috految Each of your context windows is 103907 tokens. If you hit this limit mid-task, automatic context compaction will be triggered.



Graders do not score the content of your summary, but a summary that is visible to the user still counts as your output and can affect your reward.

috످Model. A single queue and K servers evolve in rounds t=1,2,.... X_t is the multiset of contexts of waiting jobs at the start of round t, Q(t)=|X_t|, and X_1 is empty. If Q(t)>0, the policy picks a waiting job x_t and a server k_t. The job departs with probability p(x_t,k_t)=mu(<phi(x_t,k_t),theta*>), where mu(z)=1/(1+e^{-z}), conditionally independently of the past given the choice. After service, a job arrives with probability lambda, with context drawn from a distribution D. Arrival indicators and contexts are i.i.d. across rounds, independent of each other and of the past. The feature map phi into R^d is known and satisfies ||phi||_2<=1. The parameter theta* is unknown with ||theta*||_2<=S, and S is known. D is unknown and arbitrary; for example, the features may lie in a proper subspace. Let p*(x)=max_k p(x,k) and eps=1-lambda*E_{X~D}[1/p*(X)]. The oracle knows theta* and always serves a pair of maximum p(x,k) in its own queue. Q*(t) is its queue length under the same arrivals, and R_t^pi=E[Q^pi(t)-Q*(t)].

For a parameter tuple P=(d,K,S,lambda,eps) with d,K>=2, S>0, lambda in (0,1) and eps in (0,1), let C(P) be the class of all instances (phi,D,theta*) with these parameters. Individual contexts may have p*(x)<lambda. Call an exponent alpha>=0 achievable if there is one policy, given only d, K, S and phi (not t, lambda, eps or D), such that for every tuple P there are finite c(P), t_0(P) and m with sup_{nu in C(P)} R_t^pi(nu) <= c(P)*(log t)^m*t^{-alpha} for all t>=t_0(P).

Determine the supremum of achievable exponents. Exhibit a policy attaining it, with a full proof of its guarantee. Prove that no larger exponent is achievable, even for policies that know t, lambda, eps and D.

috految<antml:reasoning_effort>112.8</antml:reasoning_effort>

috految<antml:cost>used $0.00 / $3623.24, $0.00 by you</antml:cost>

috److془We need to carefully solve this problem. Let's think deeply.

The problem is from "Queue Length Regret Bounds for Contextual Queueing Bandits" by Seoungbin Bae, Garyeong Kang, Dabeen Lee; follow-ups: "Algorithm for Contextual Queueing Bandits with Rate-Optimal Queue Length Regret" and "Sharp/ Contextual queueing bandits: Anytime $\sqrt{d/t}$..." The abstract: "Contextual queueing bandits ... We study anytime queue length regret... WISE (Widest Interval Selection with Elimination), ... To achieve rate-optimal $\tilde O(\sqrt{d/t})$ queue length regret at every sufficiently large time without knowing the horizon. We assume capacity slack, meaning that expected incoming workload under best-server service is below service capacity, and impose no covariance lower bound. Our analysis uses a workload potential measuring the expected service attempts needed by waiting jobs on their best servers. Its drift on nonempty rounds combines a negative term ensured by capacity slack with errors from suboptimal service choices. Then an elliptical potential count bounds how often WISE selects wide confidence intervals, thereby limiting the number of rounds with large service errors. We also sharpen the arrival-rate dependence of an existing lower bound and make its dependence on feature dimension and server count explicit. We prove another lower bound that quantifies the increase in regret as the normalized capacity slack decreases."

So answer: 1/2. We need to give a full proof. Let's be careful.

Note: "Call an exponent alpha>=0 achievable if there is one policy, given only d, K, S and phi (not t, lambda, eps or D), such that for every tuple P there are finite c(P), t_0(P) and m with sup_{nu in C(P)} R_t^pi(nu) <= c(P)*(log t)^m*t^{-alpha} for all t>=t_0(P)."

We need to design a policy and prove $R_t \le c(P) (\log t)^m t^{-1/2}$ for all $t \geq t_0$. And lower bound: for some tuple P (preferably all nondegenerate tuples), $\sup_\nu R_t \ge c/\sqrt t$, for any policy knowing $t,\lambda,\epsilon, D$.

Subtleties: the oracle's tie-breaking; the policy must be work-conserving; the policy only observes the departure indicator for the chosen pair and arrival contexts. The oracle may be not optimal for the finite horizon? Actually μ-c rule (Buyukkoc, Varaiya, Walrand) says it's optimal for each horizon. We do not need optimality for upper bound, just Lipschitz continuity. For the lower bound, use a single context.

Let's design the simplest rigorous proof. Want deterministic policy ideally, with no issue on randomization, no need for knowledge of $\lambda$, etc. Also "not t" means the evaluation time; the policy can count rounds of course. Could be nice to have a policy that doesn't use the round index at all (uses the number of observations). Well, the policy can count by itself.

Let's design: Let $\theta$ confidence set $C_s$ at time $s$. Want: for all $s\in[t/2,t]$, $\theta^* \in C_s$ with probability $1 - t^{-3}$. Widths: $w_s(x,k) = \beta_s \|\phi(x,k)\|_{V_s^{-1}}$. 

Policy: Among the pairs $(x,k)$ in the queue, consider surviving pairs: $U_s(x,k) \ge \max L_s$; choose widest. Then the gap $\le 4 w_s(x_s,k_s)$. Issue: when $\beta_s$ increases, the eliminated pairs could come back at a deterministic time, causing a spike in regret. Hmm: with the nested confidence sets, error probability is constant. So need to handle with care. Indeed, for a 2-armed bandit with deterministic policy, the exploration must be done infinitely often, and it must be done at times that are random. Use randomization (or the arrival randomness). With the horizon unknown, we need to randomize. E.g., random restarts: choose $\tau_j$ uniform in $[2^j, 2^{j+1})$ and restart the learner at $\tau_j$. Then $E[\text{regret at } t] \approx \frac{1}{t}\sum_{n \le t} \text{regret at age } n$. This gives a simple proof! With the caveat that the state at the restart time should not depend on the time - e.g., restart when the queue is empty. Or use a random time shift. Hmm, nice. Indeed, with restart at empty queue: the probability that a restart occurs at time $s$ is $\le 1/s$ if we restart with probability $1/s$ at each empty round $s$. Then $E[g_t] \le \sum_s P(\text{restart at } s) \cdot \bar g(t-s)$. 

Alternatively, could derandomize using the arrival indicators. Is randomization allowed? "If Q(t)>0, the policy picks a waiting job x_t and a server k_t." Standard: randomized policies allowed. But to be thorough, we can make a deterministic policy. Let's think: restart by arrival randomness. E.g., the number of arrivals has variance $t$, so $P(\text{n-th arrival at time } s) \le C/\sqrt{s}$. Then with the bound $\sum_{n\le L} \bar g(n) \le \sqrt{L}$, we get just $t^{-1/4}$. Hmm, but with better approach: use von Neumann extractor for the randomness. Or use: restart at the time of record run lengths—the restart is made when the idle period is a record. Or more simply: any idle period of length $\ge \ell$ has probability $(1-\lambda)^\ell$. Hmm we could use the recent pattern. Or with von Neumann extractor.

Alternatively: the restart at the time when idle period length is a record: $P(\text{restart at } s) \le C/s$. The probability that no restart in $[s,t]$ is about $s/t$. With $\sum_{s} P(\text{last restart at } s) \bar g(t-s)$, we get $1/t \sum \bar g$. Nice. Indeed with the randomized version, restart w.p. $1/s$ it's reservoir sampling. Hmm nice. Even simpler: with uniform randomness, the last restart time among $[1,t]$ is exactly uniform.

Alternatively, we could get the result with a deterministic policy: the idle periods $I_1, I_2, \ldots$ are i.i.d. geometric. Episode restarts when $I_j \geq \max_{i<j} I_i$, or $>$.

Let's think about what is cleanest. Also we could aim for better: e.g., $m=0$ isn't required. I'd aim for the cleanest entirely rigorous proof. Perhaps with constants polynomial in $d$, $1/\epsilon$, $1/\lambda$, $e^S$.

Let's do it:

Step 1 (Base learner). OFUL for logistic; on the pairs in the queue: choose $(x,k)$ maximizing UCB. Gap $g_s = \max_{x \in X_s} p^*(x) - p(x_s,k_s)$ (0 if empty). Then: with horizon-free confidence parameter $\delta_n = n^{-c}$, $E\sum_{s\le n} g_s^2 \le C \log^2 n$. 

Step 2 (Stability). Workload $W_s = \sum_{x \in X_s} 1/p^*(x)$. On busy rounds $E[W_{s+1} - W_s | F_s] = (1-\epsilon) - p(x_s,k_s)/p^*(x_s) \le -\epsilon + g_s/p_{min}$. Increments bounded by $1/p_{\min}$. Total $\sum g_s^2 \le polylog$ with high probability. Then busy periods have length $\le polylog$ w.h.p.

Step 3 (Comparison). Coupling with the oracle: $R_t \le polylog \cdot \sum_{s \in [t-L,t]} E g_s + o(1/t)$.

Comparison: Let's define $q_n(M)$ = the expected queue length after $n$ oracle rounds from multiset $M$ of rates $p^*$. Want: $q_n$ is Lipschitz. In fact: a direct coupling: sorted vectors $\ell_1$ distance. Let's define $\|\cdot\|$ the sorted $\ell_\infty$ or $\ell_1$ distance. Common uniform $U_s$: departure iff $U_s \le p$. If both equal size and sorted $\ell_\infty$ distance is $\le D$, then oracle's rate is within $D + g_s$ of the policy's rate. If both do not depart, the same. If both depart: the policy removes $x_s$ with $p^*(x_s) \ge \max - g_s$. The distance is $\le D + g_s$. So probability of decoupling is $\le \sum_s \sum_{r\le s} g_r \le L \sum g_r$. 

Even better: one-sided: The policy's queue of rates dominates the oracle's. I.e. Let's think: invariance: there is an injection $\iota$ from the policy's queue to the oracle's queue with $p^*(\iota(x)) \le p^*(x)$. Then $Q \le Q^*$. If the policy is empty, this trivially holds. Step: If oracle serves $y$ (max rate in its queue). Case $y \notin$ range of $\iota$: the injection persists irrespective of departure. Case $y = \iota(x')$: $p^*(y) \le p^*(x') \le \max_{X_s} p^* = p(x_s,k_s) + g_s$. Unless $U_s \in (p(x_s,k_s), p(x_s,k_s) + g_s]$, if oracle departs then the policy departs. If both depart, and $x' \neq x_s$, then re-match $x'$ to $\iota(x_s)$: $p^*(\iota(x_s)) \le p^*(y) \le p^*(x')$. 

Moreover use partial matchings: number of unmatched policy's jobs increases by at most 1 at each "miss" round. Check: if $x_s$ is unmatched and departs along with $y = \iota(x')$, then $x'$ becomes unmatched and $x_s$ is gone; number of unmatched is unchanged. So: $Q(t) - Q^*(t) \le \sum_{s = \sigma}^{t-1} 1\{U_s \in (p(x_s,k_s), p(x_s,k_s)+g_s]\}$, where $\sigma$ is the last empty time $\le t$ of the policy. 

So $R_t \le \sum_{s=t-L}^{t-1} E g_s + t \cdot P(\text{no empty time in } [t-L,t])$. 

Step 4 (Restart smoothing). $E g_s \le polylog/\sqrt{s}$.

Now rigorous details. With restarts at empty rounds only, the busy period is contained in one episode. The high prob bound: we need $\sum_{s \in \text{episode}} g_s^2 \le polylog(t)$, with probability $1 - t^{-c}$. With the anytime confidence parameter $\delta_n = n^{-c}$ at age $n$, the failure at age $n$ has probability $n^{-c}$, so we only get high prob bound $t^{\eta}$. Fix: use $\delta$ dependent on the global time at restart (dyadic), or use the moment bound in the analysis: We can directly bound the cumulative regret of the base policy: $r_n = E[Z_n]$, with $Z_n$ = # of misses in the current busy period prior to $n$. $\sum_{n \le T} r_n \le C \sqrt T polylog\, T$. Since $Z_n \le n$ and the busy period at age $n$ is $\le polylog(n)$ with probability $1 - n^{-2}$. 

Then $R_t \le E Z_t = \sum_s P(\text{restart at } s) E[Z^{base}_{t-s+1} 1\{\text{no restart in } (s,t]\}]$. If restart prob $= \min(1, 1/s)$... we need the number of empty rounds to be a positive fraction. To deal with it: restart at the $j$-th empty round with probability $1/j$ (reservoir sampling). Hmm but then $P(\text{last restart at } s | \ldots) = 1/N_t$, where $N_t$ = the number of empty times up to $t$. With $N_t \ge ct$ with high probability by workload drift. 

Alternatively: restart at the empty round $s$ with probability $\min(1, \log^2(s)/s)$. Or use a deterministic one.

Alternatively: the simplest: Let $\tau_j$ uniform on $[2^j, 2^{j+1})$, restart at first empty time after $\tau_j$. Hmm, requires the busy period at time $\tau_j$ to be short.

Let's do the deterministic version if it's equally simple. Let's think: Let $I_j$ be the length of the $j$-th idle period. The learner's data is wiped at the end of an idle period that's strictly longer than all previous ones. (Policy deterministic, doesn't even use the clock.) Let $\rho = 1-\lambda$. $P(I \ge \ell) = \rho^{\ell - 1}$. Say: a restart happens at round $s$ if $Q(s) = 0$ and the current run of consecutive empty rounds (including $s$) is longer than every earlier run of consecutive empty rounds. Let $\ell$ be such that $\rho^{\ell} \approx C\log t/t$. Then with probability $\geq 1 - t^{-2}$, there's an idle run of length $\ge \ell+1$ by time $t$, so the last restart $s\le t$ has $A_{s-\ell} = \dots = A_{s-1} = 0$. The probability of that for each $s$ is $\rho^\ell \le C \log t / t$. Then $E Z_t \le t \cdot t^{-2} + \sum_s \rho^\ell E Z^{base}_{t-s+1} \le \frac{C \log t}{t} \sum_{n \le t} r_n$. 

Need: the number of empty rounds up to $t$ is $\ge t/polylog$ with high probability. On the event that there's no idle run of length $\ge \ell+1$, number of restarts (episodes) $\le \ell$. Then some episode lasts at least $t/\ell$ rounds. Using the base policy: it has by time $n = \lceil t/\ell \rceil$, with prob $1 - n^{-c}$, at least $cn$ empty rounds. Or directly: busy periods are $\le polylog$. 

Even simpler: restart when the run of consecutive empty rounds reaches $j$, where $j$ is the index of the current episode. The same thing. Episode $j$: run a fresh copy of base until $j$ consecutive rounds in this episode were "quiet" (queue empty at the start and no arrival). Then the next episode begins at the next round with the empty queue. Beautiful. Episode $j$ lasts about $(1-\lambda)^{-j}$, roughly exponential. 

Let $\tau_j$ be the start of episode $j$, $\tau_1 = 1$. If $j > \ell$, and $\tau_j = s$ then $A_{s-\ell} = \dots = A_{s-1} = 0$. So $P(s \in \{\tau_j : j>\ell\}) \le \rho^\ell$. Then $E[Z_t] \le t P(\tau_{\ell+1} > t) + \rho^\ell \sum_{n \le t} r_n$. 

$P(\tau_{\ell+1} > t) \le \sum_{j \le \ell} P(\text{episode } j \text{ lasts} > n)$, $n = \lfloor (t-1)/\ell \rfloor$. (If all lengths $\le n$, $\tau_{\ell+1} \le 1 + \ell n \le t$.) $P(\text{episode } j \text{ lasts} > n) \le P(\text{base doesn't have } \ell \text{ consecutive quiet rounds in } [1,n])$. 

So all good. The result: $R_t \le c \, t^{-1/2} \log^m t$.

Wait: we should double-check whether the claim "supremum is 1/2" is right given subtle definitions, e.g., the lower bound with exact $\epsilon$ and known $\phi$, $D$, $\lambda$, $\epsilon$. Single context $x_0$, $\phi(x_0,1) = e_1$, $\phi(x_0,2) = e_2$, for $k \geq 3$, $\phi(x_0,k) = e_2$. $\theta^1 = (z, z-\Delta)$, $\theta^2 = (z - \Delta, z)$. $p^* = \mu(z) = \lambda/(1-\epsilon)$. Both have the same $\epsilon$. Lower bound: $R_t \geq E[Q(t) - Q^*(t)]$, with pathwise $Q \ge Q^*$. And $Q(t) - Q^*(t) \geq 1$ if $A_{t-2} = 1$ (so both are nonempty at $t-1$) and $k_{t-1}$ is wrong and $U_{t-1} \in (p^* - \Delta_p, p^*]$. So $R_t \ge \Delta_p P(A_{t-2} = 1, k_{t-1} \text{ wrong})$. Sum over two instances: $\ge \Delta_p (\lambda - TV)$. With $\Delta_p = c/\sqrt t$, done. 

For all non-degenerate P: $p_0 = \lambda/(1-\epsilon) \in (\mu(-S), \mu(S))$. $z = \mu^{-1}(p_0)$, $|z| < S$. Choose $a \in (0,1)$ with $|z|/a < S$, $b = \sqrt{1-a^2}$. $\phi(x_0,1) = a e_1 + b e_2$, $\phi(x_0,k) = a e_1 - b e_2$ for $k \ge 2$. $\theta^\pm = ((z-h)/a) e_1 \pm (h/b) e_2$. Then logits: $z - h \pm h$ for server 1, $z - h \mp h$ for the others. So best logit $z$, the worse $z - 2h$. $\|\theta^\pm\| \le S$ for $h$ small. 

If $p_0 \notin [\mu(-S),\mu(S)]$ class is empty. 

Note $\phi$ doesn't depend on $t$. 

Hmm wait. Is there any subtlety regarding "Determine the supremum of achievable exponents"? "for every tuple P there are finite c(P), t_0(P) and m with sup_{nu in C(P)} R_t^pi(nu) <= c(P)*(log t)^m*t^{-alpha} for all t>=t_0(P)." So the answer is 1/2, achieved.

The subtlety: does policy observe departure indicator? Yes: the policy sees whether the served job departs (standard). Hmm: "X_t is the multiset of contexts of waiting jobs" - if the policy only saw $X_t$, with departure and arrival of same context being confounded... no, obviously the policy observes departures.

Does the policy observe the number of idle rounds? Yes, it observes the history. Fine. "given only d, K, S and phi (not t, lambda, eps or D)". t is the evaluation time.

Now the subtlety: "the job departs with probability p(x_t,k_t), conditionally independently of the past given the choice. After service, a job arrives with probability lambda, with context drawn from D. Arrival indicators and contexts are i.i.d. across rounds, independent of each other and of the past." So departure at round $t$ is part of the past of arrival at round $t$. Fine. The law is determined. $R_t = E Q(t) - E Q^*(t)$ depends only on marginal laws, so can use any coupling. Oracle ties broken arbitrarily (non-anticipating); the law of the multiset of $p^*$ values is independent of the tie-breaking anyway.

Now base learner. Let's give self-contained confidence bound. Use the ridge-constrained MLE: $\hat\theta_n = \arg\min_{\|\theta\|\le S} F_n(\theta)$, $F_n(\theta) = \sum_{i<n} [\log(1+e^{\langle \phi_i,\theta\rangle}) - Y_i \langle\phi_i,\theta\rangle] + \frac{\kappa}{2} \|\theta\|^2$, where $\kappa = \mu'(S) = \min_{|z|\le S}\mu'(z)$. $V_n = I + \sum_{i<n} \phi_i\phi_i^T$. $\phi_i = 0$, $Y_i = 0$ on empty rounds. $\nabla^2 F_n \succeq \kappa V_n$ on ball. First-order optimality: $\langle \nabla F_n(\hat\theta), \hat\theta - \theta^* \rangle \le 0$. So $\kappa \|\hat\theta - \theta^*\|_{V_n}^2 \le \langle \nabla F(\hat\theta) - \nabla F(\theta^*), \hat\theta-\theta^*\rangle \le -\langle\nabla F(\theta^*),\hat\theta-\theta^*\rangle = \langle M_n - \kappa\theta^*, \hat\theta - \theta^*\rangle$, where $M_n = \sum_{i<n} (Y_i - p_i)\phi_i$. So $\|\hat\theta - \theta^*\|_{V_n} \le S + \|M_n\|_{V_n^{-1}}/\kappa$.

Self-normalized: for each $v$, $\exp(\langle v, M_n\rangle - \frac12 v^T(V_n - I)v)$ is a supermartingale by Hoeffding's lemma. Integrate over $v\sim N(0,I)$: $E[\det(V_n)^{-1/2} \exp(\frac12\|M_n\|^2_{V_n^{-1}})] \le 1$. $V_n \preceq nI$, so $\det V_n \le n^d$. So $P(\|M_n\|^2_{V_n^{-1}} > (d + 8) \log n) \le n^{d/2} n^{-(d+8)/2} = n^{-4}$. With $\beta_n = S + \sqrt{(d+8)\log n}/\kappa$. (For n=1, trivial bound 1.) 

Choose pair maximizing $\langle\phi(x,k),\hat\theta_n\rangle + \beta_n \|\phi(x,k)\|_{V_n^{-1}}$; ties: oldest job, then smallest server index. On good event $G_n$: for any available $(x,k)$, $\langle \phi(x,k),\theta^*\rangle \le UCB(x,k) \le UCB(x_n,k_n) \le \langle\phi_n,\theta^*\rangle + 2\beta_n\|\phi_n\|_{V_n^{-1}}$. $\mu$ increasing and $1/4$-Lipschitz: $g_n \le \beta_n \|\phi_n\|_{V_n^{-1}}/2$. Elliptical potential: $w_i^2 = \|\phi_i\|^2_{V_i^{-1}} \le 1$, $\det V_{i+1} = \det V_i(1+w_i^2)$; $\sum_{i \le n} w_i^2 \le 2\log\det V_{n+1} \le 2 d\log(n+1)$. So $\sum_{i\le n} g_i^2 1_{G_i} \le \frac{d}{2} \beta_n^2\log(n+1) =: B_n \le C \log^2(n+1)$. 

$E \sum_{i \le n} g_i \le \sqrt{n B_n} + \sum_i i^{-4} \le C\sqrt n \log (n+1)$.

Stability: Let $b = 1/\mu(-S)=1+e^S$. $1 \le 1/p^*(x) \le b$. $W_n = \sum_{x\in X_n} 1/p^*(x)$. $W_{n+1} - W_n = A_n/p^*(\xi_n) - Y_n/p^*(x_n) \in [-b,b]$. $E[\cdot | F_n] = (1-\epsilon) - p_n/p^*(x_n)$ on busy rounds $= -\epsilon + (p^*(x_n) - p_n)/p^*(x_n) \le -\epsilon + b g_n$. On empty rounds $= 1-\epsilon$. So $E[W_{n+1} - W_n | F_n] \le -\epsilon + 1\{Q(n) = 0\} + b g_n$. 

Let $n$ be large. Let $\mathcal{A}_n$ be the event (i) $G_i$ holds for all $ \sqrt n\le i \le n$ (fail. prob: $\sum_{i \geq \sqrt n} i^{-4} \le C n^{-3/2}$; let's use $i^{-6}$ to get it $O(n^{-2})$. With $(d+12)\log n$: $n^{-6}$; $P(fail) \le n \cdot n^{-3} = n^{-2}$.) (ii) for all $1\le u < v \le n$, $\sum_{i=u}^{v-1} \zeta_i \le b\sqrt{8 (v-u)\log n}$, where $\zeta_i = \Delta W_i- E[\Delta W_i|F_i]$; conditional range of length $2b$; Azuma-Hoeffding: $P(\sum > x) \le \exp(-2x^2/(L (2b)^2)) = \exp(-x^2/(2Lb^2))$. With $x = b\sqrt{8 L\log n}$: $n^{-4}$. The union: $n^{-2}$. So $P(\mathcal A_n^c) \le 2n^{-2}$.

On $\mathcal A_n$, for any $1\le u<n$ with $Q(u) = 0$, $L = n-u$: $0 \le W_n - W_u \le -\epsilon L + N(u,n) + b\sum_{i=u}^{n-1} g_i + b\sqrt{8L\log n}$, where $N(u,n) = \#\{u\le i<n: Q(i)=0\}$. $\sum g_i \le \sqrt{L B_n} + \sqrt n 1\{u < \sqrt n\}$. Note that if $u<\sqrt n$, then $L > n - \sqrt n \geq n/2$ for $n\ge4$, so $\sqrt{n} \le \sqrt{2L}$. So $\epsilon L \le N(u,n) + C\sqrt{L}\log n$. 

So we only need $v = n$. Then union over $u \le n$: $n\cdot n^{-4}$.

(a) $u = 1$: $N(1,n) \geq \epsilon (n-1) - C\sqrt n\log n \ge \epsilon n/2$ for $n \ge n_0$.
(b) $u = \sigma_n = \max\{u \le n: Q(u) = 0\}$; if $u<n$, $N(u,n) = 1$, so $\epsilon L \le 1 + C\sqrt L\log n$, $L \le C_1 \log^2 n$.

Then $Z_n = \sum_{i=\sigma_n}^{n-1} J_i$, $J_i = 1\{Q(i)>0, p_i < U_i \le p_i + g_i\}$. $E[J_i|F_i] = g_i$. 

$E Z_n \le \sum_{i = (n - L_n) \vee 1}^{n-1} E g_i + n \cdot 2 n^{-2}$. Sum: $\sum_{n\le T} E Z_n \le n_0^2 + C\log^2 T \cdot \sum_{i \le T} E g_i + 2 \sum_{n\le T} 1/n \le C\sqrt T\log^3 T$.

Now the episode length bound: For base policy, $T_j$ = the first $n\ge j$ such that rounds $n-j+1..n$ are all quiet. Bound $P(T_\ell > n)$. Let $\eta_1 = 1$, $\eta_{r+1}$ = first round $\geq \eta_r + \ell$ with $Q=0$. Trial $r$ succeeds if $A_{\eta_r}=\dots=A_{\eta_r+\ell-1} = 0$; then these $\ell$ rounds are quiet (queue stays empty). Given $F_{\eta_r}$, which decides whether earlier trials succeeded, success probability $\rho^\ell$. Every empty round lies in some block $[\eta_r, \eta_r+\ell - 1]$. If $N(1,n) \ge \epsilon n/2$, at least $\epsilon n/(2\ell)$ blocks begin before $n$, at least $\epsilon n/(2\ell) - 1$ are completed by $n$. So $P(T_\ell > n) \le 2n^{-2} + \exp(-\rho^\ell(\epsilon n/(2\ell) - 1))$. 

Choose $\ell= \ell(t)$ the largest integer with $\rho^\ell \ge (\log t)^4/t$. For $t \ge t_0(P)$: $1\le\ell \le \log t/\log(1/\rho)$, $\rho^\ell < \log^4 t/(\rho t)$. $n = \lfloor (t-1)/\ell\rfloor \ge t/(C\log t)$. $\rho^\ell \epsilon n/(2\ell) \geq \log^2 t/C$. So $P(\tau_{\ell+1} > t) \le \ell(2n^{-2} + e^{1 - \log^2 t/C}) \le C\log^3 t/t^2$. 

Then $R_t \le E Z_t \le C\log^3 t/t + (\log^4 t/(\rho t)) C\sqrt t\log^3 t \le C\log^7 t/\sqrt t$. 

So $m=7$. 

Hmm wait: is it suspicious that it's so simple? Let's double check with the potential pitfalls: "sup_{nu} R_t" uniform. The constants depend only on $d,S,\lambda,\epsilon$. Good. $E Z^{base}_n$ depends on $\nu$, but the sum is bounded uniformly. 

Check the restart: Let $E_s$ be the event that an episode with index $j>\ell$ starts at round $s$. $E_s \in \mathcal F_s = \sigma(U_i, A_i, \xi_i: i<s)$. On $E_s$, $Q(s) = 0$, previous episode has index $j-1 \ge \ell$ and ended with $j-1$ quiet rounds, so $A_{s-\ell} = \dots = A_{s-1} = 0$. $P(E_s)\le\rho^\ell$. For the deterministic $s$, let $Z^{(s)}_n$ be the statistic for a copy of base started from an empty with no data at round $s$ driven by $(U_i,A_i,\xi_i)_{i \geq s}$, never interrupted, at local time $n$ (global time $s+n-1$). It's independent of $F_s$ and has the law of $Z^B_n$. If $\tau_{\ell+1} \le t$, round $t$ belongs to an episode of index $>\ell$ which started at some $s \le t$; $\sigma_t \geq s$ since $Q(s) = 0$; $Z_t = Z^{(s)}_{t-s+1}$. So $Z_t \le t 1\{\tau_{\ell+1} > t\} + \sum_{s\le t} 1_{E_s} Z^{(s)}_{t-s+1}$. 

Comparison lemma: double-check. Matching: a set of disjoint pairs $(x,y)$, $x$ job in learner's queue, $y$ job in oracle's queue, $p^*(y) \le p^*(x)$. $u$ := number of unmatched learner jobs. $Q \le Q^* + u$. At time $\sigma_t$, learner queue is empty, so the empty matching has $u=0$. Round $s$: service step. Let $y$ be the job served by the oracle (if its queue nonempty), has maximal $p^*$ in the oracle's queue and is served with probability $p^*(y)$. If oracle doesn't have a departure or departing job is unmatched: delete the departing jobs, and pair containing the learner's departing job if any. $u$ doesn't increase. Else $y$ departs and is matched to $x$. Then $Q(s)>0$ and $U_s \le p^*(y) \le p^*(x) \le p_s + g_s$. If the learner has no departure: $U_s> p_s$, $J_s = 1$ and $x$ becomes unmatched; $u$ increases by 1. If the learner's job $x_s$ departs: if $x_s = x$ delete the pair. If $x_s$ is unmatched: $x_s$ is gone, $x$ becomes unmatched; $u$ unchanged. If $x_s\ne x$ is matched to $y'$: $p^*(y') \le p^*(y) \le p^*(x)$, match $x$ to $y'$; $u$ unchanged. Arrival: match the two copies. 

So indeed $Q(t) - Q^*(t) \le Z_t$.

Hmm: sanity check - it says that if learner uses the oracle's rule then $Q \le Q^*$; fine. If non-optimal ordering with equal service outcomes the learner leaves the faster jobs. Right.

Lower bound: policy may be randomized, know $t, \lambda,\epsilon,D,\phi$, and even the two-element set $\{\theta^+,\theta^-\}$. Pathwise: $Q(s+1) = (Q(s) - 1\{U_s\le p_s\})^+ + A_s$, $Q^*(s+1) = (Q^*(s) - 1\{U_s \le p_0\})^+ + A_s$, with $p_s \le p_0$ (with $p_s = 0$ when empty). So $Q \ge Q^*$. For $t \geq 3$, if $A_{t-2} = 1$ both nonempty at round $t-1$. If additionally $k_{t-1}$ suboptimal and $U_{t-1}\in(p_0 - \Delta, p_0]$ then $Q(t) - Q^*(t) = Q(t-1) - Q^*(t-1) + 1 \geq 1$. So $R_t(\nu_+) \ge \Delta P_+(A_{t-2} = 1,k_{t-1} \ne 1)$, $R_t(\nu_-) \geq \Delta P_-(A_{t-2} = 1, k_{t-1} = 1)$. 

KL: the observable history up to the choice at round $t-1$ including internal randomness. Chain rule: $KL \le (t-2) \max kl(\mu(z), \mu(z\pm 2h))$, $kl(\mu(u),\mu(v)) = \psi(v) - \psi(u) - \psi'(u)(v-u) \le (u-v)^2/8$, with $\psi(u) = \log(1+e^u)$, $\psi'' \le 1/4$. So $KL \le t h^2/2$. TV $\le \sqrt{KL/2} \le h\sqrt t/2$. $h = \lambda/\sqrt t$; TV $\le \lambda/2$. Sum of regrets $\ge \Delta(\lambda - \lambda/2)$. $\Delta = \mu(z) - \mu(z-2h) \ge 2\kappa h$ (logits in [-S,S]). So max $\geq \Delta\lambda/4 \ge \kappa\lambda^2/(2\sqrt t)$. 

$\epsilon$ in instance: $1-\lambda/p_0 = \epsilon$. ✓. e.g., for any $d,K\geq2,S>0$, $\lambda = 1/4, \epsilon=1/2$: $p_0 = 1/2$, $z=0$. 

One concern: "S" as parameter: $\|\theta^*\|\le S$. ✓. 

Is the policy given $\phi$ only. Instances: $(\phi, D,\theta^*)$. Context space arbitrary; we define $\phi$ context-independent, $D$ point mass.

The lower bound for policies that know $t$ (i.e., family $\pi_t$) ✓. Since $\log^m t \cdot t^{-\alpha} = o(t^{-1/2})$ for $\alpha > 1/2$, contradiction.

The policy sees the contexts of waiting jobs, departures of served job. Good.

Does the policy know $\kappa$? From $S$ ✓. $\beta_n$ from $d,S$ ✓. Measurability: $\hat\theta_n$ is unique minimizer of strongly convex function on a compact convex set, continuous in data. ✓.

Class $C(P)$ may be empty: vacuous.

Check supermartingale: $\phi_i$ is $\mathcal F_i$-measurable, $Y_i$ is $\mathcal F_{i+1}$-measurable Bernoulli$(p_i)$ given $\mathcal F_i$. $E[\exp(\langle v,\phi_i\rangle(Y_i - p_i))|F_i] \le \exp(\langle v,\phi_i\rangle^2/8)$. ✓. Gaussian integral: $\int (2\pi)^{-d/2} \exp(\langle v,M\rangle - \frac12 v^T V v) dv = \det V^{-1/2}\exp(\frac12\|M\|_{V^{-1}}^2)$ ✓. $V_n = I + \sum_{i<n}\phi_i\phi_i^T \preceq (1 + (n-1)) I = nI$ ✓. $E \exp(\frac12 \|M_n\|^2) \le n^{d/2}$. $P(\|M_n\|^2 > (d+12)\log n) \le n^{-6}$ ✓.

$\nabla F_n(\theta^*) = \sum_{i<n} (\mu(\langle\phi_i,\theta^*\rangle) - Y_i)\phi_i + \kappa\theta^* = -M_n + \kappa\theta^*$ ✓ (empty rounds have $\phi_i=0$).

$\|\theta^*\|_{V^{-1}} \le S$ ✓.

$w\le 2\log(1+w)$ for $w\in[0,1]$ ✓.

Episode lengths: Episode $j$ starts at stopping time $\tau_j$ ($\{\tau_j = s\}\in\mathcal F_s$), with empty queue and no data. Given $\tau_j<\infty$, its length is distributed as $T_j\le T_\ell$ for $j\le\ell$. If $\tau_{\ell+1}>t \geq 1+\ell n$, then there's a first $j\le\ell$ whose length exceeds $n$, this has $\tau_j<\infty$. ✓.

Trials: define with $\eta_r$ possibly infinite; $P(\eta_r<\infty$ and first $r$ trials fail$) \le (1-\rho^\ell)^r$. ✓. Let $r = \lceil \epsilon n/(2\ell)\rceil - 1\geq 0$. If at least $\epsilon n/2$ of rounds $1..n-1$ are empty, then at least $r+1$ blocks start by $n$, so first $r$ end by $n$. $(1-\rho^\ell)^r \le \exp(-\rho^\ell r)\le \exp(1 - \rho^\ell \epsilon n/(2\ell))$ ✓.

Arrival in empty rounds: arrival happens with probability $\lambda$ each round ✓ (i.i.d. across rounds).

$E[A_n/p^*(\xi_n)] = \lambda E[1/p^*] = 1-\epsilon$ ✓.

Everything is good. Write up.

Structure:

0. Answer & conventions.
1. Policy.
2. Comparison lemma.
3. Base learner: Lemma 2 (learning), Lemma 3 (stability), Lemma 4 (cumulative bounds, quiet runs).
4. Upper bound.
5. Lower bound.

Mention $C$ denotes finite positive constants depending only on $(d,S,\lambda,\epsilon)$, as do thresholds in "large n / t". Never on $\phi, D,\theta^*$.

In Lemma 3: for $u<n$, $L=n-u$: On event that $G_i$ holds for all $\sqrt n \le i \le n$: $\sum_{i=u}^{n-1} g_i \le \sqrt n 1\{u<\sqrt n\} + \sqrt{L} (\sum_{i\le n} g_i^2 1_{G_i})^{1/2} \le C\sqrt L\log n$ for $n\ge4$. ✓.

$P(\text{fail}) \le n\cdot n^{-3} + n\cdot n^{-4} \le 2n^{-2}$ ✓.

Lemma 4: for $n_0\le n\le T$: $Z_n \le n 1\{n-\sigma_n > C_1\log^2 n\} + \sum_{i\geq1: n - C_1\log^2T \le i<n} J_i$. Each $i$ is counted for at most $C_1\log^2T$ values of $n$. ✓.

Write final answer.془**Answer.** The supremum is $\alpha=1/2$, and it is attained. We prove the following two statements.

**Theorem A.** The deterministic policy $\pi$ of Section 1, which uses only $d,K,S,\phi$, satisfies for every tuple $P$
$$\sup_{\nu\in C(P)}R_t^\pi(\nu)\le c(P)\,\frac{(\log t)^7}{\sqrt t}\qquad\text{for all }t\ge t_0(P).$$

**Theorem B.** Suppose $\mu(-S)<\lambda/(1-\varepsilon)<\mu(S)$. (For any $d,K\ge2$ and $S>0$, this holds for example with $\lambda=1/4$, $\varepsilon=1/2$.) Then for all $t\ge t_1(P)$, every policy, even a randomized one that knows $t,\lambda,\varepsilon,D$, has
$$\sup_{\nu\in C(P)}R_t(\nu)\ge \frac{\mu'(S)\lambda^2}{2\sqrt t}.$$

For Theorem A, we bound the excess queue length by the number of service errors in the current busy period. For an optimistic learner, this number is $\tilde O(t^{-1/2})$ on average over time. We then restart the learner from an empty queue at unpredictable times, which turns the average bound into a bound at every fixed time.

## 0. Conventions

Put
$$\kappa=\mu'(S)=\min_{|z|\le S}\mu'(z)>0,\qquad b=\frac1{\mu(-S)},\qquad \rho=1-\lambda\in(0,1),\qquad\psi(z)=\log(1+e^z).$$
Thus $\psi'=\mu$, $\psi''\le 1/4$, and $1/p^*(x)\le b$ for every context. The constants $C,C_1,n_0,t_0$ depend only on $P$, never on $\phi,D,\theta^*$. The value of $C$ may change between occurrences.

Since $R_t=\mathbb E Q(t)-\mathbb EQ^*(t)$ depends only on the marginal laws of the two systems, we may couple them as follows. Take independent variables $U_s\sim\mathrm{Unif}(0,1)$, $A_s\sim\mathrm{Ber}(\lambda)$ and $\xi_s\sim D$ for $s\ge1$. In round $s$, in each system, the served job departs iff $U_s$ is at most its departure probability. Then, if $A_s=1$, a job with context $\xi_s$ joins both queues. The policy observes its own queue and departures, but not $U_s$. Let $\mathcal F_s$ be generated by $(U_i,A_i,\xi_i)_{i<s}$ and any internal randomness of the policy.

For the policy's system, when $Q(s)>0$ write
$$\phi_s=\phi(x_s,k_s),\quad p_s=p(x_s,k_s),\quad Y_s=\mathbf 1\{U_s\le p_s\},\quad g_s=\max_{x\in X_s}p^*(x)-p_s\in[0,1].$$
When $Q(s)=0$, set $\phi_s=0$ and $p_s=Y_s=g_s=0$. Then $\phi_s,p_s,g_s$ are $\mathcal F_s$-measurable.

## 1. The policy

**Base learner $\mathsf B$.** It starts with an empty queue and no data. In its own $n$-th round it computes, from the data of its own earlier rounds,
$$V_n=I+\sum_{i<n}\phi_i\phi_i^\top,\qquad \beta_n=S+\kappa^{-1}\sqrt{(d+12)\log n},$$
$$\hat\theta_n=\operatorname*{argmin}_{\|\theta\|_2\le S}F_n(\theta),\qquad F_n(\theta)=\sum_{i<n}\big[\psi(\langle\phi_i,\theta\rangle)-Y_i\langle\phi_i,\theta\rangle\big]+\frac\kappa2\|\theta\|_2^2 .$$
If the queue is nonempty, it serves a pair (waiting job $x$, server $k$) maximizing
$$\langle\phi(x,k),\hat\theta_n\rangle+\beta_n\|\phi(x,k)\|_{V_n^{-1}} .$$
Ties are broken by oldest job, then by smallest server index.

**Policy $\pi$.** Call a round *quiet* if it starts with an empty queue and no job arrives in it. The policy runs in episodes $j=1,2,\dots$. In episode $j$ it runs a fresh copy of $\mathsf B$, with data erased and clock reset, until $j$ consecutive rounds of this episode have been quiet. Episode $j+1$ begins in the next round.

Every episode starts with an empty queue. The policy always serves a job when one is waiting, and it does not use $\lambda,\varepsilon,D$ or the evaluation time.

## 2. Comparison with the oracle

For any policy define
$$J_s=\mathbf 1\{p_s<U_s\le p_s+g_s\},\qquad \sigma_t=\max\{s\le t:Q(s)=0\},\qquad Z_t=\sum_{s=\sigma_t}^{t-1}J_s .$$
Here $\sigma_t$ exists because $Q(1)=0$. We have $0\le Z_t\le t$ and $\mathbb E[J_s\mid\mathcal F_s]=g_s$.

**Lemma 1.** Pathwise, $Q(t)-Q^*(t)\le Z_t$, however the oracle breaks ties.

*Proof.* From round $\sigma_t$ on, we maintain a partial matching between the policy's waiting jobs and the oracle's waiting jobs, such that each matched pair (policy job $x$, oracle job $y$) satisfies
$$p^*(y)\le p^*(x).$$
Let $u$ be the number of unmatched policy jobs, so that $Q-Q^*\le u$. At time $\sigma_t$ the policy's queue is empty, so the empty matching has $u=0$. It suffices to show that $u$ increases by at most $J_s$ in round $s$.

Consider the service step. If no matched oracle job departs, delete the departing jobs and dissolve the pair, if any, containing the departing policy job. This does not increase $u$.

Otherwise the oracle's served job $y$ departs and is matched to some policy job $x$. The oracle serves $y$ with success probability $p^*(y)$, and $y$ maximizes $p^*$ in the oracle's queue. Hence $Q(s)>0$ and
$$U_s\le p^*(y)\le p^*(x)\le p_s+g_s .$$
There are four cases.

* The policy has no departure. Then $U_s>p_s$, so $J_s=1$. The job $x$ becomes unmatched and $u$ increases by 1.
* The policy's departing job is $x$. Delete the pair. Then $u$ is unchanged.
* The policy's departing job is unmatched. It disappears while $x$ becomes unmatched, so $u$ is unchanged.
* The policy's departing job is $x'\neq x$, matched to $y'$. Since $p^*(y')\le p^*(y)\le p^*(x)$, we may match $x$ to $y'$. Again $u$ is unchanged.

Finally, if a job arrives, match its two copies to each other. This leaves $u$ unchanged. ∎

## 3. Analysis of the base learner

In this section $\mathsf B$ runs from round 1 and is never interrupted, on an arbitrary instance in $C(P)$.

**Lemma 2 (learning).** There are events $G_n$ with $\mathbb P(G_n^c)\le n^{-6}$ such that, for all $n\ge 2$,
$$\sum_{i\le n}g_i^2\,\mathbf 1_{G_i}\le C\log^2 n\quad\text{pathwise},\qquad\qquad \sum_{i\le n}\mathbb Eg_i\le C\sqrt n\log n. \tag{1}$$

*Proof.* Let $M_n=\sum_{i<n}(Y_i-p_i)\phi_i$. By Hoeffding's lemma, for each $v\in\mathbb R^d$ the process
$$\exp\big(\langle v,M_n\rangle-\tfrac12v^\top(V_n-I)v\big)$$
is a supermartingale starting at 1. Integrating over $v\sim N(0,I)$ gives
$$\mathbb E\Big[(\det V_n)^{-1/2}\exp\big(\tfrac12\|M_n\|_{V_n^{-1}}^2\big)\Big]\le1 .$$
Since $V_n\preceq nI$, Markov's inequality shows that
$$G_n=\{\|M_n\|^2_{V_n^{-1}}\le(d+12)\log n\}$$
has probability at least $1-n^{-6}$.

On the ball $\|\theta\|\le S$ we have $\nabla^2F_n\succeq\kappa V_n$. Also $\nabla F_n(\theta^*)=-M_n+\kappa\theta^*$. First-order optimality gives $\langle\nabla F_n(\hat\theta_n),\hat\theta_n-\theta^*\rangle\le0$. Therefore
$$\kappa\|\hat\theta_n-\theta^*\|_{V_n}^2\le\langle\nabla F_n(\hat\theta_n)-\nabla F_n(\theta^*),\hat\theta_n-\theta^*\rangle\le\big(\|M_n\|_{V_n^{-1}}+\kappa S\big)\|\hat\theta_n-\theta^*\|_{V_n}.$$
So $\|\hat\theta_n-\theta^*\|_{V_n}\le\beta_n$ on $G_n$.

Put $w_n=\|\phi_n\|_{V_n^{-1}}\le1$. On $G_n$, the selection rule implies that every available pair satisfies
$$\langle\phi(x,k),\theta^*\rangle\le\langle\phi(x,k),\hat\theta_n\rangle+\beta_n\|\phi(x,k)\|_{V_n^{-1}}\le\langle\phi_n,\hat\theta_n\rangle+\beta_nw_n\le\langle\phi_n,\theta^*\rangle+2\beta_nw_n .$$
As $\mu$ is increasing and $\frac14$-Lipschitz, $g_n\le\beta_nw_n/2$ on $G_n$. This also holds trivially on empty rounds.

Since $\det V_{i+1}=(1+w_i^2)\det V_i$,
$$\sum_{i\le n}w_i^2\le2\sum_{i\le n}\log(1+w_i^2)=2\log\det V_{n+1}\le2d\log(n+1).$$
As $\beta_i^2\le C\log n$ for $i\le n$, this proves the first bound in (1). The second follows from Cauchy–Schwarz, $g_i\le1$ and $\sum_i\mathbb P(G_i^c)\le 2$. ∎

**Lemma 3 (stability).** There are $C_1,n_0$ such that for every $n\ge n_0$, with probability at least $1-2n^{-2}$, both of the following hold:

(a) at least $\varepsilon n/2$ of the rounds $1,\dots,n-1$ start with an empty queue;

(b) $n-\sigma_n\le C_1\log^2n$.

*Proof.* Define the workload $W_i=\sum_{x\in X_i}1/p^*(x)\ge0$. Its increments lie in $[-b,b]$. The expected arriving workload per round is $\lambda\,\mathbb E_D[1/p^*]=1-\varepsilon$. On a nonempty round, the conditional expected departing workload is
$$\frac{p_i}{p^*(x_i)}=1-\frac{p^*(x_i)-p_i}{p^*(x_i)}\ge1-b\,g_i .$$
Hence, whether or not individual contexts satisfy $p^*(x)>\lambda$,
$$\mathbb E[W_{i+1}-W_i\mid\mathcal F_i]\le-\varepsilon+\mathbf 1\{Q(i)=0\}+b\,g_i. \tag{2}$$

Let $\zeta_i$ be $W_{i+1}-W_i$ minus its conditional mean. For $n\ge4$, consider the event that

* $G_i$ holds for all $\sqrt n\le i\le n$, and
* $\sum_{i=u}^{n-1}\zeta_i\le b\sqrt{8(n-u)\log n}$ for all $1\le u<n$.

By Lemma 2, the Azuma–Hoeffding inequality and a union bound, this event fails with probability at most $n\cdot n^{-3}+n\cdot n^{-4}\le2n^{-2}$. Work on this event.

Let $1\le u<n$ and $L=n-u$. By (1) and Cauchy–Schwarz,
$$\sum_{i=u}^{n-1}g_i\le\sqrt n\,\mathbf 1\{u<\sqrt n\}+C\sqrt L\log n\le C\sqrt L\log n,$$
where we used $L\ge n/2$ when $u<\sqrt n$. If $Q(u)=0$, then $W_u=0\le W_n$. Summing the increments of $W$ and using (2) therefore yields
$$\varepsilon L\le\#\{u\le i<n:Q(i)=0\}+C\sqrt L\log n. \tag{3}$$

Taking $u=1$ in (3) gives (a) for $n\ge n_0$. If $\sigma_n=n$, then (b) is trivial. Otherwise take $u=\sigma_n$. The count in (3) is then 1, so $\varepsilon L\le 1+C\sqrt L\log n$, which gives (b). ∎

**Lemma 4 (time-averaged bound).** Write $Z^{\mathsf B}_n$ for the variable $Z_n$ of the uninterrupted base learner. For $T\ge2$,
$$\sum_{n=1}^T\mathbb EZ_n^{\mathsf B}\le C\sqrt T\log^3T .$$

*Proof.* For $n_0\le n\le T$, Lemma 3(b) and $Z_n^{\mathsf B}\le n$ give
$$\mathbb EZ_n^{\mathsf B}\le\frac2n+\sum_{i\ge 1:\ n-C_1\log^2T\le i<n}\mathbb EJ_i ,$$
and $\mathbb EJ_i=\mathbb Eg_i$. Each $i$ appears for at most $C_1\log^2T$ values of $n$. By (1),
$$\sum_{n\le T}\mathbb EZ_n^{\mathsf B}\le n_0^2+2(1+\log T)+C_1\log^2T\sum_{i\le T}\mathbb Eg_i\le C\sqrt T\log^3T. \qquad∎$$

**Lemma 5 (quiet runs).** For $\ell\ge1$, let $T_\ell$ be the round in which $\mathsf B$ first completes $\ell$ consecutive quiet rounds. Then for $n\ge n_0$,
$$\mathbb P(T_\ell>n)\le2n^{-2}+\exp\Big(1-\frac{\varepsilon n\rho^\ell}{2\ell}\Big).$$

*Proof.* Let $\eta_1=1$, and let $\eta_{r+1}$ be the first round $\ge\eta_r+\ell$ that starts with an empty queue. These are stopping times. Call the block $[\eta_r,\eta_r+\ell-1]$ successful if it contains no arrival. A successful block consists of $\ell$ quiet rounds.

On $\{\eta_r<\infty\}$, the outcomes of earlier blocks are determined by $\mathcal F_{\eta_r}$, and block $r$ succeeds with conditional probability $\rho^\ell$. Thus the probability that the first $r$ blocks exist and all fail is at most $(1-\rho^\ell)^r$.

The blocks are disjoint, and every round starting with an empty queue belongs to a block. So on the event of Lemma 3(a), at least $\lceil\varepsilon n/(2\ell)\rceil$ blocks start before round $n$, and the first $r=\lceil\varepsilon n/(2\ell)\rceil-1$ of them end by round $n$. If $T_\ell>n$, all $r$ of these fail. The claim follows from $(1-\rho^\ell)^r\le e^{-r\rho^\ell}$. ∎

## 4. Proof of Theorem A

Now run $\pi$. Let $\tau_j$ be the first round of episode $j$, with $\tau_j=\infty$ if it never starts. Then $\tau_1=1$ and $\{\tau_j=s\}\in\mathcal F_s$. Fix $t$. For the analysis only, let $\ell$ be the largest integer with $\rho^\ell\ge(\log t)^4/t$. For $t\ge t_0(P)$,
$$1\le\ell\le C\log t,\qquad \frac{\log^4t}{t}\le\rho^\ell\le\frac{\log^4t}{\rho\, t}. \tag{4}$$

**Step 1: episode $\ell+1$ has started by time $t$ with high probability.** Put $n=\lfloor (t-1)/\ell\rfloor$. For $t\ge t_0(P)$ we have $n\ge t/(C\log t)$ and $n\geq n_0$.

If $\tau_{\ell+1}>t$, then some episode $j\le\ell$ starts and lasts more than $n$ rounds. An episode starts at a stopping time, with an empty queue and no data, and the inputs $(U_s,A_s,\xi_s)$ are i.i.d. Hence, given that episode $j$ starts, its length has the law of $T_j$. Since $T_j\le T_\ell$, Lemma 5 and (4) give
$$\mathbb P(\tau_{\ell+1}>t)\le\ell\Big(2n^{-2}+e^{1-(\log t)^2/C}\Big)\le C\,\frac{\log^3t}{t^2}. \tag{5}$$

**Step 2: no fixed round is a likely restart time.** Let $E_s\in\mathcal F_s$ be the event that an episode of index greater than $\ell$ starts in round $s$. On $E_s$, the preceding episode ended with at least $\ell$ quiet rounds. So $s>\ell$ and $A_{s-\ell}=\dots=A_{s-1}=0$. Therefore
$$\mathbb P(E_s)\le\rho^\ell\qquad\text{for every }s. \tag{6}$$

**Step 3: conclusion.** For each deterministic $s$, consider a virtual copy of $\mathsf B$ that starts in round $s$ with an empty queue, is driven by $(U_i,A_i,\xi_i)_{i\ge s}$, and is never interrupted. Let $Z^{(s)}_r$ be its variable $Z$ in its own round $r$. Then $Z_r^{(s)}\ge0$ is independent of $\mathcal F_s$ and has the law of $Z_r^{\mathsf B}$.

If $\tau_{\ell+1}\le t$, then round $t$ lies in an episode of index greater than $\ell$, which began in some round $s\le t$. For this $s$, the event $E_s$ holds, and $\pi$ coincides with the virtual copy from round $s$ to round $t$. Since $Q(s)=0$, we have $\sigma_t\ge s$, so $Z_t=Z^{(s)}_{t-s+1}$. Thus, pathwise,
$$Z_t\le t\,\mathbf 1\{\tau_{\ell+1}>t\}+\sum_{s=1}^t\mathbf 1_{E_s}Z^{(s)}_{t-s+1}.$$
Using Lemma 1, independence, (4)–(6) and Lemma 4,
$$R_t^\pi\le\mathbb EZ_t\le C\frac{\log^3t}{t}+\rho^\ell\sum_{r=1}^t\mathbb EZ_r^{\mathsf B}\le C\frac{\log^3t}{t}+\frac{\log^4t}{\rho\,t}\cdot C\sqrt t\log^3t\le c(P)\frac{\log^7t}{\sqrt t}.$$
All constants and thresholds depend only on $P$, so the bound is uniform over $C(P)$. ∎

## 5. Proof of Theorem B

**Two instances.** Let $p_0=\lambda/(1-\varepsilon)$ and $z=\mu^{-1}(p_0)$, so that $|z|<S$. Fix $a\in(0,1)$ with $|z|/a<S$, and put $a'=\sqrt{1-a^2}$. Let $D$ be a point mass at a context $x_0$, and define the unit vectors
$$\phi(x_0,1)=a e_1+a'e_2,\qquad\phi(x_0,k)=ae_1-a'e_2\quad(k=2,\dots,K).$$
With $h=\lambda/\sqrt t$, define
$$\theta^\pm=\frac{z-h}{a}\,e_1\pm\frac h{a'}\,e_2 .$$
For all $t\ge t_1(P)\ge3$ we have $\|\theta^\pm\|_2\le S$. The logits are:

* under $\theta^+$, $z$ for server 1 and $z-2h$ for all other servers;
* under $\theta^-$, $z-2h$ for server 1 and $z$ for all other servers.

In both cases $p^*(x_0)=p_0$, so $1-\lambda\mathbb E[1/p^*]=\varepsilon$ exactly. Thus $\nu_\pm=(\phi,D,\theta^\pm)\in C(P)$, and the two instances have identical $\phi,D,\lambda,\varepsilon$. A policy given $t,\phi,D$ and $P$ is therefore the same policy on both. Since all logits lie in $[-S,S]$, a suboptimal server has success probability $p_0-\Delta$, where
$$\Delta=\mu(z)-\mu(z-2h)\ge2\kappa h .$$

**A wrong choice in round $t-1$ causes regret.** Under the coupling of Section 0,
$$Q(s+1)=\big(Q(s)-\mathbf 1\{U_s\le p_s\}\big)^++A_s,\qquad Q^*(s+1)=\big(Q^*(s)-\mathbf 1\{U_s\le p_0\}\big)^++A_s .$$
Since $p_s\le p_0$, induction gives $Q(s)\ge Q^*(s)$ for all $s$, pathwise.

If $A_{t-2}=1$, both queues are nonempty in round $t-1$. If in addition $k_{t-1}$ is suboptimal and $U_{t-1}\in(p_0-\Delta,p_0]$, then the oracle has a departure and the policy does not, so $Q(t)-Q^*(t)\ge1$. As $U_{t-1}$ is independent of $\mathcal F_{t-1}$,
$$R_t(\nu_+)\ge\Delta\,\mathbb P_+(A_{t-2}=1,\ k_{t-1}\ne1),\qquad R_t(\nu_-)\ge\Delta\,\mathbb P_-(A_{t-2}=1,\ k_{t-1}=1). \tag{7}$$

**The instances are hard to distinguish.** Consider the laws $\mathbb P_\pm$ of the policy's history (internal randomness, arrivals, actions and departure indicators) up to and including the choice of $k_{t-1}$. Only the departure indicators have different conditional laws under the two instances, and their logits differ by $2h$. Moreover,
$$\mathrm{kl}\big(\mu(u),\mu(v)\big)=\psi(v)-\psi(u)-\psi'(u)(v-u)\le\frac{(u-v)^2}8 .$$
The chain rule gives $\mathrm{KL}(\mathbb P_+\|\mathbb P_-)\le th^2/2=\lambda^2/2$. By Pinsker's inequality, the total variation distance is at most $\lambda/2$. Hence, by (7),
$$R_t(\nu_+)+R_t(\nu_-)\ge\Delta\Big(\mathbb P_+(A_{t-2}=1)-\frac\lambda2\Big)=\frac{\Delta\lambda}2\ge\frac{\kappa\lambda^2}{\sqrt t}.$$
So $\sup_{\nu\in C(P)}R_t(\nu)\ge\kappa\lambda^2/(2\sqrt t)$ for all $t\ge t_1(P)$. ∎

## Conclusion

By Theorem A, the exponent $1/2$ is achievable, with $m=7$. If $\alpha>1/2$, then $c(\log t)^mt^{-\alpha}=o(t^{-1/2})$ for all finite $c,m$. This contradicts Theorem B on the fixed tuple $P=(d,K,S,\frac14,\frac12)$, even for policies that know $t,\lambda,\varepsilon$ and $D$.

$$\boxed{\text{The supremum of achievable exponents is } 1/2,\text{ and it is attained.}}$$

috످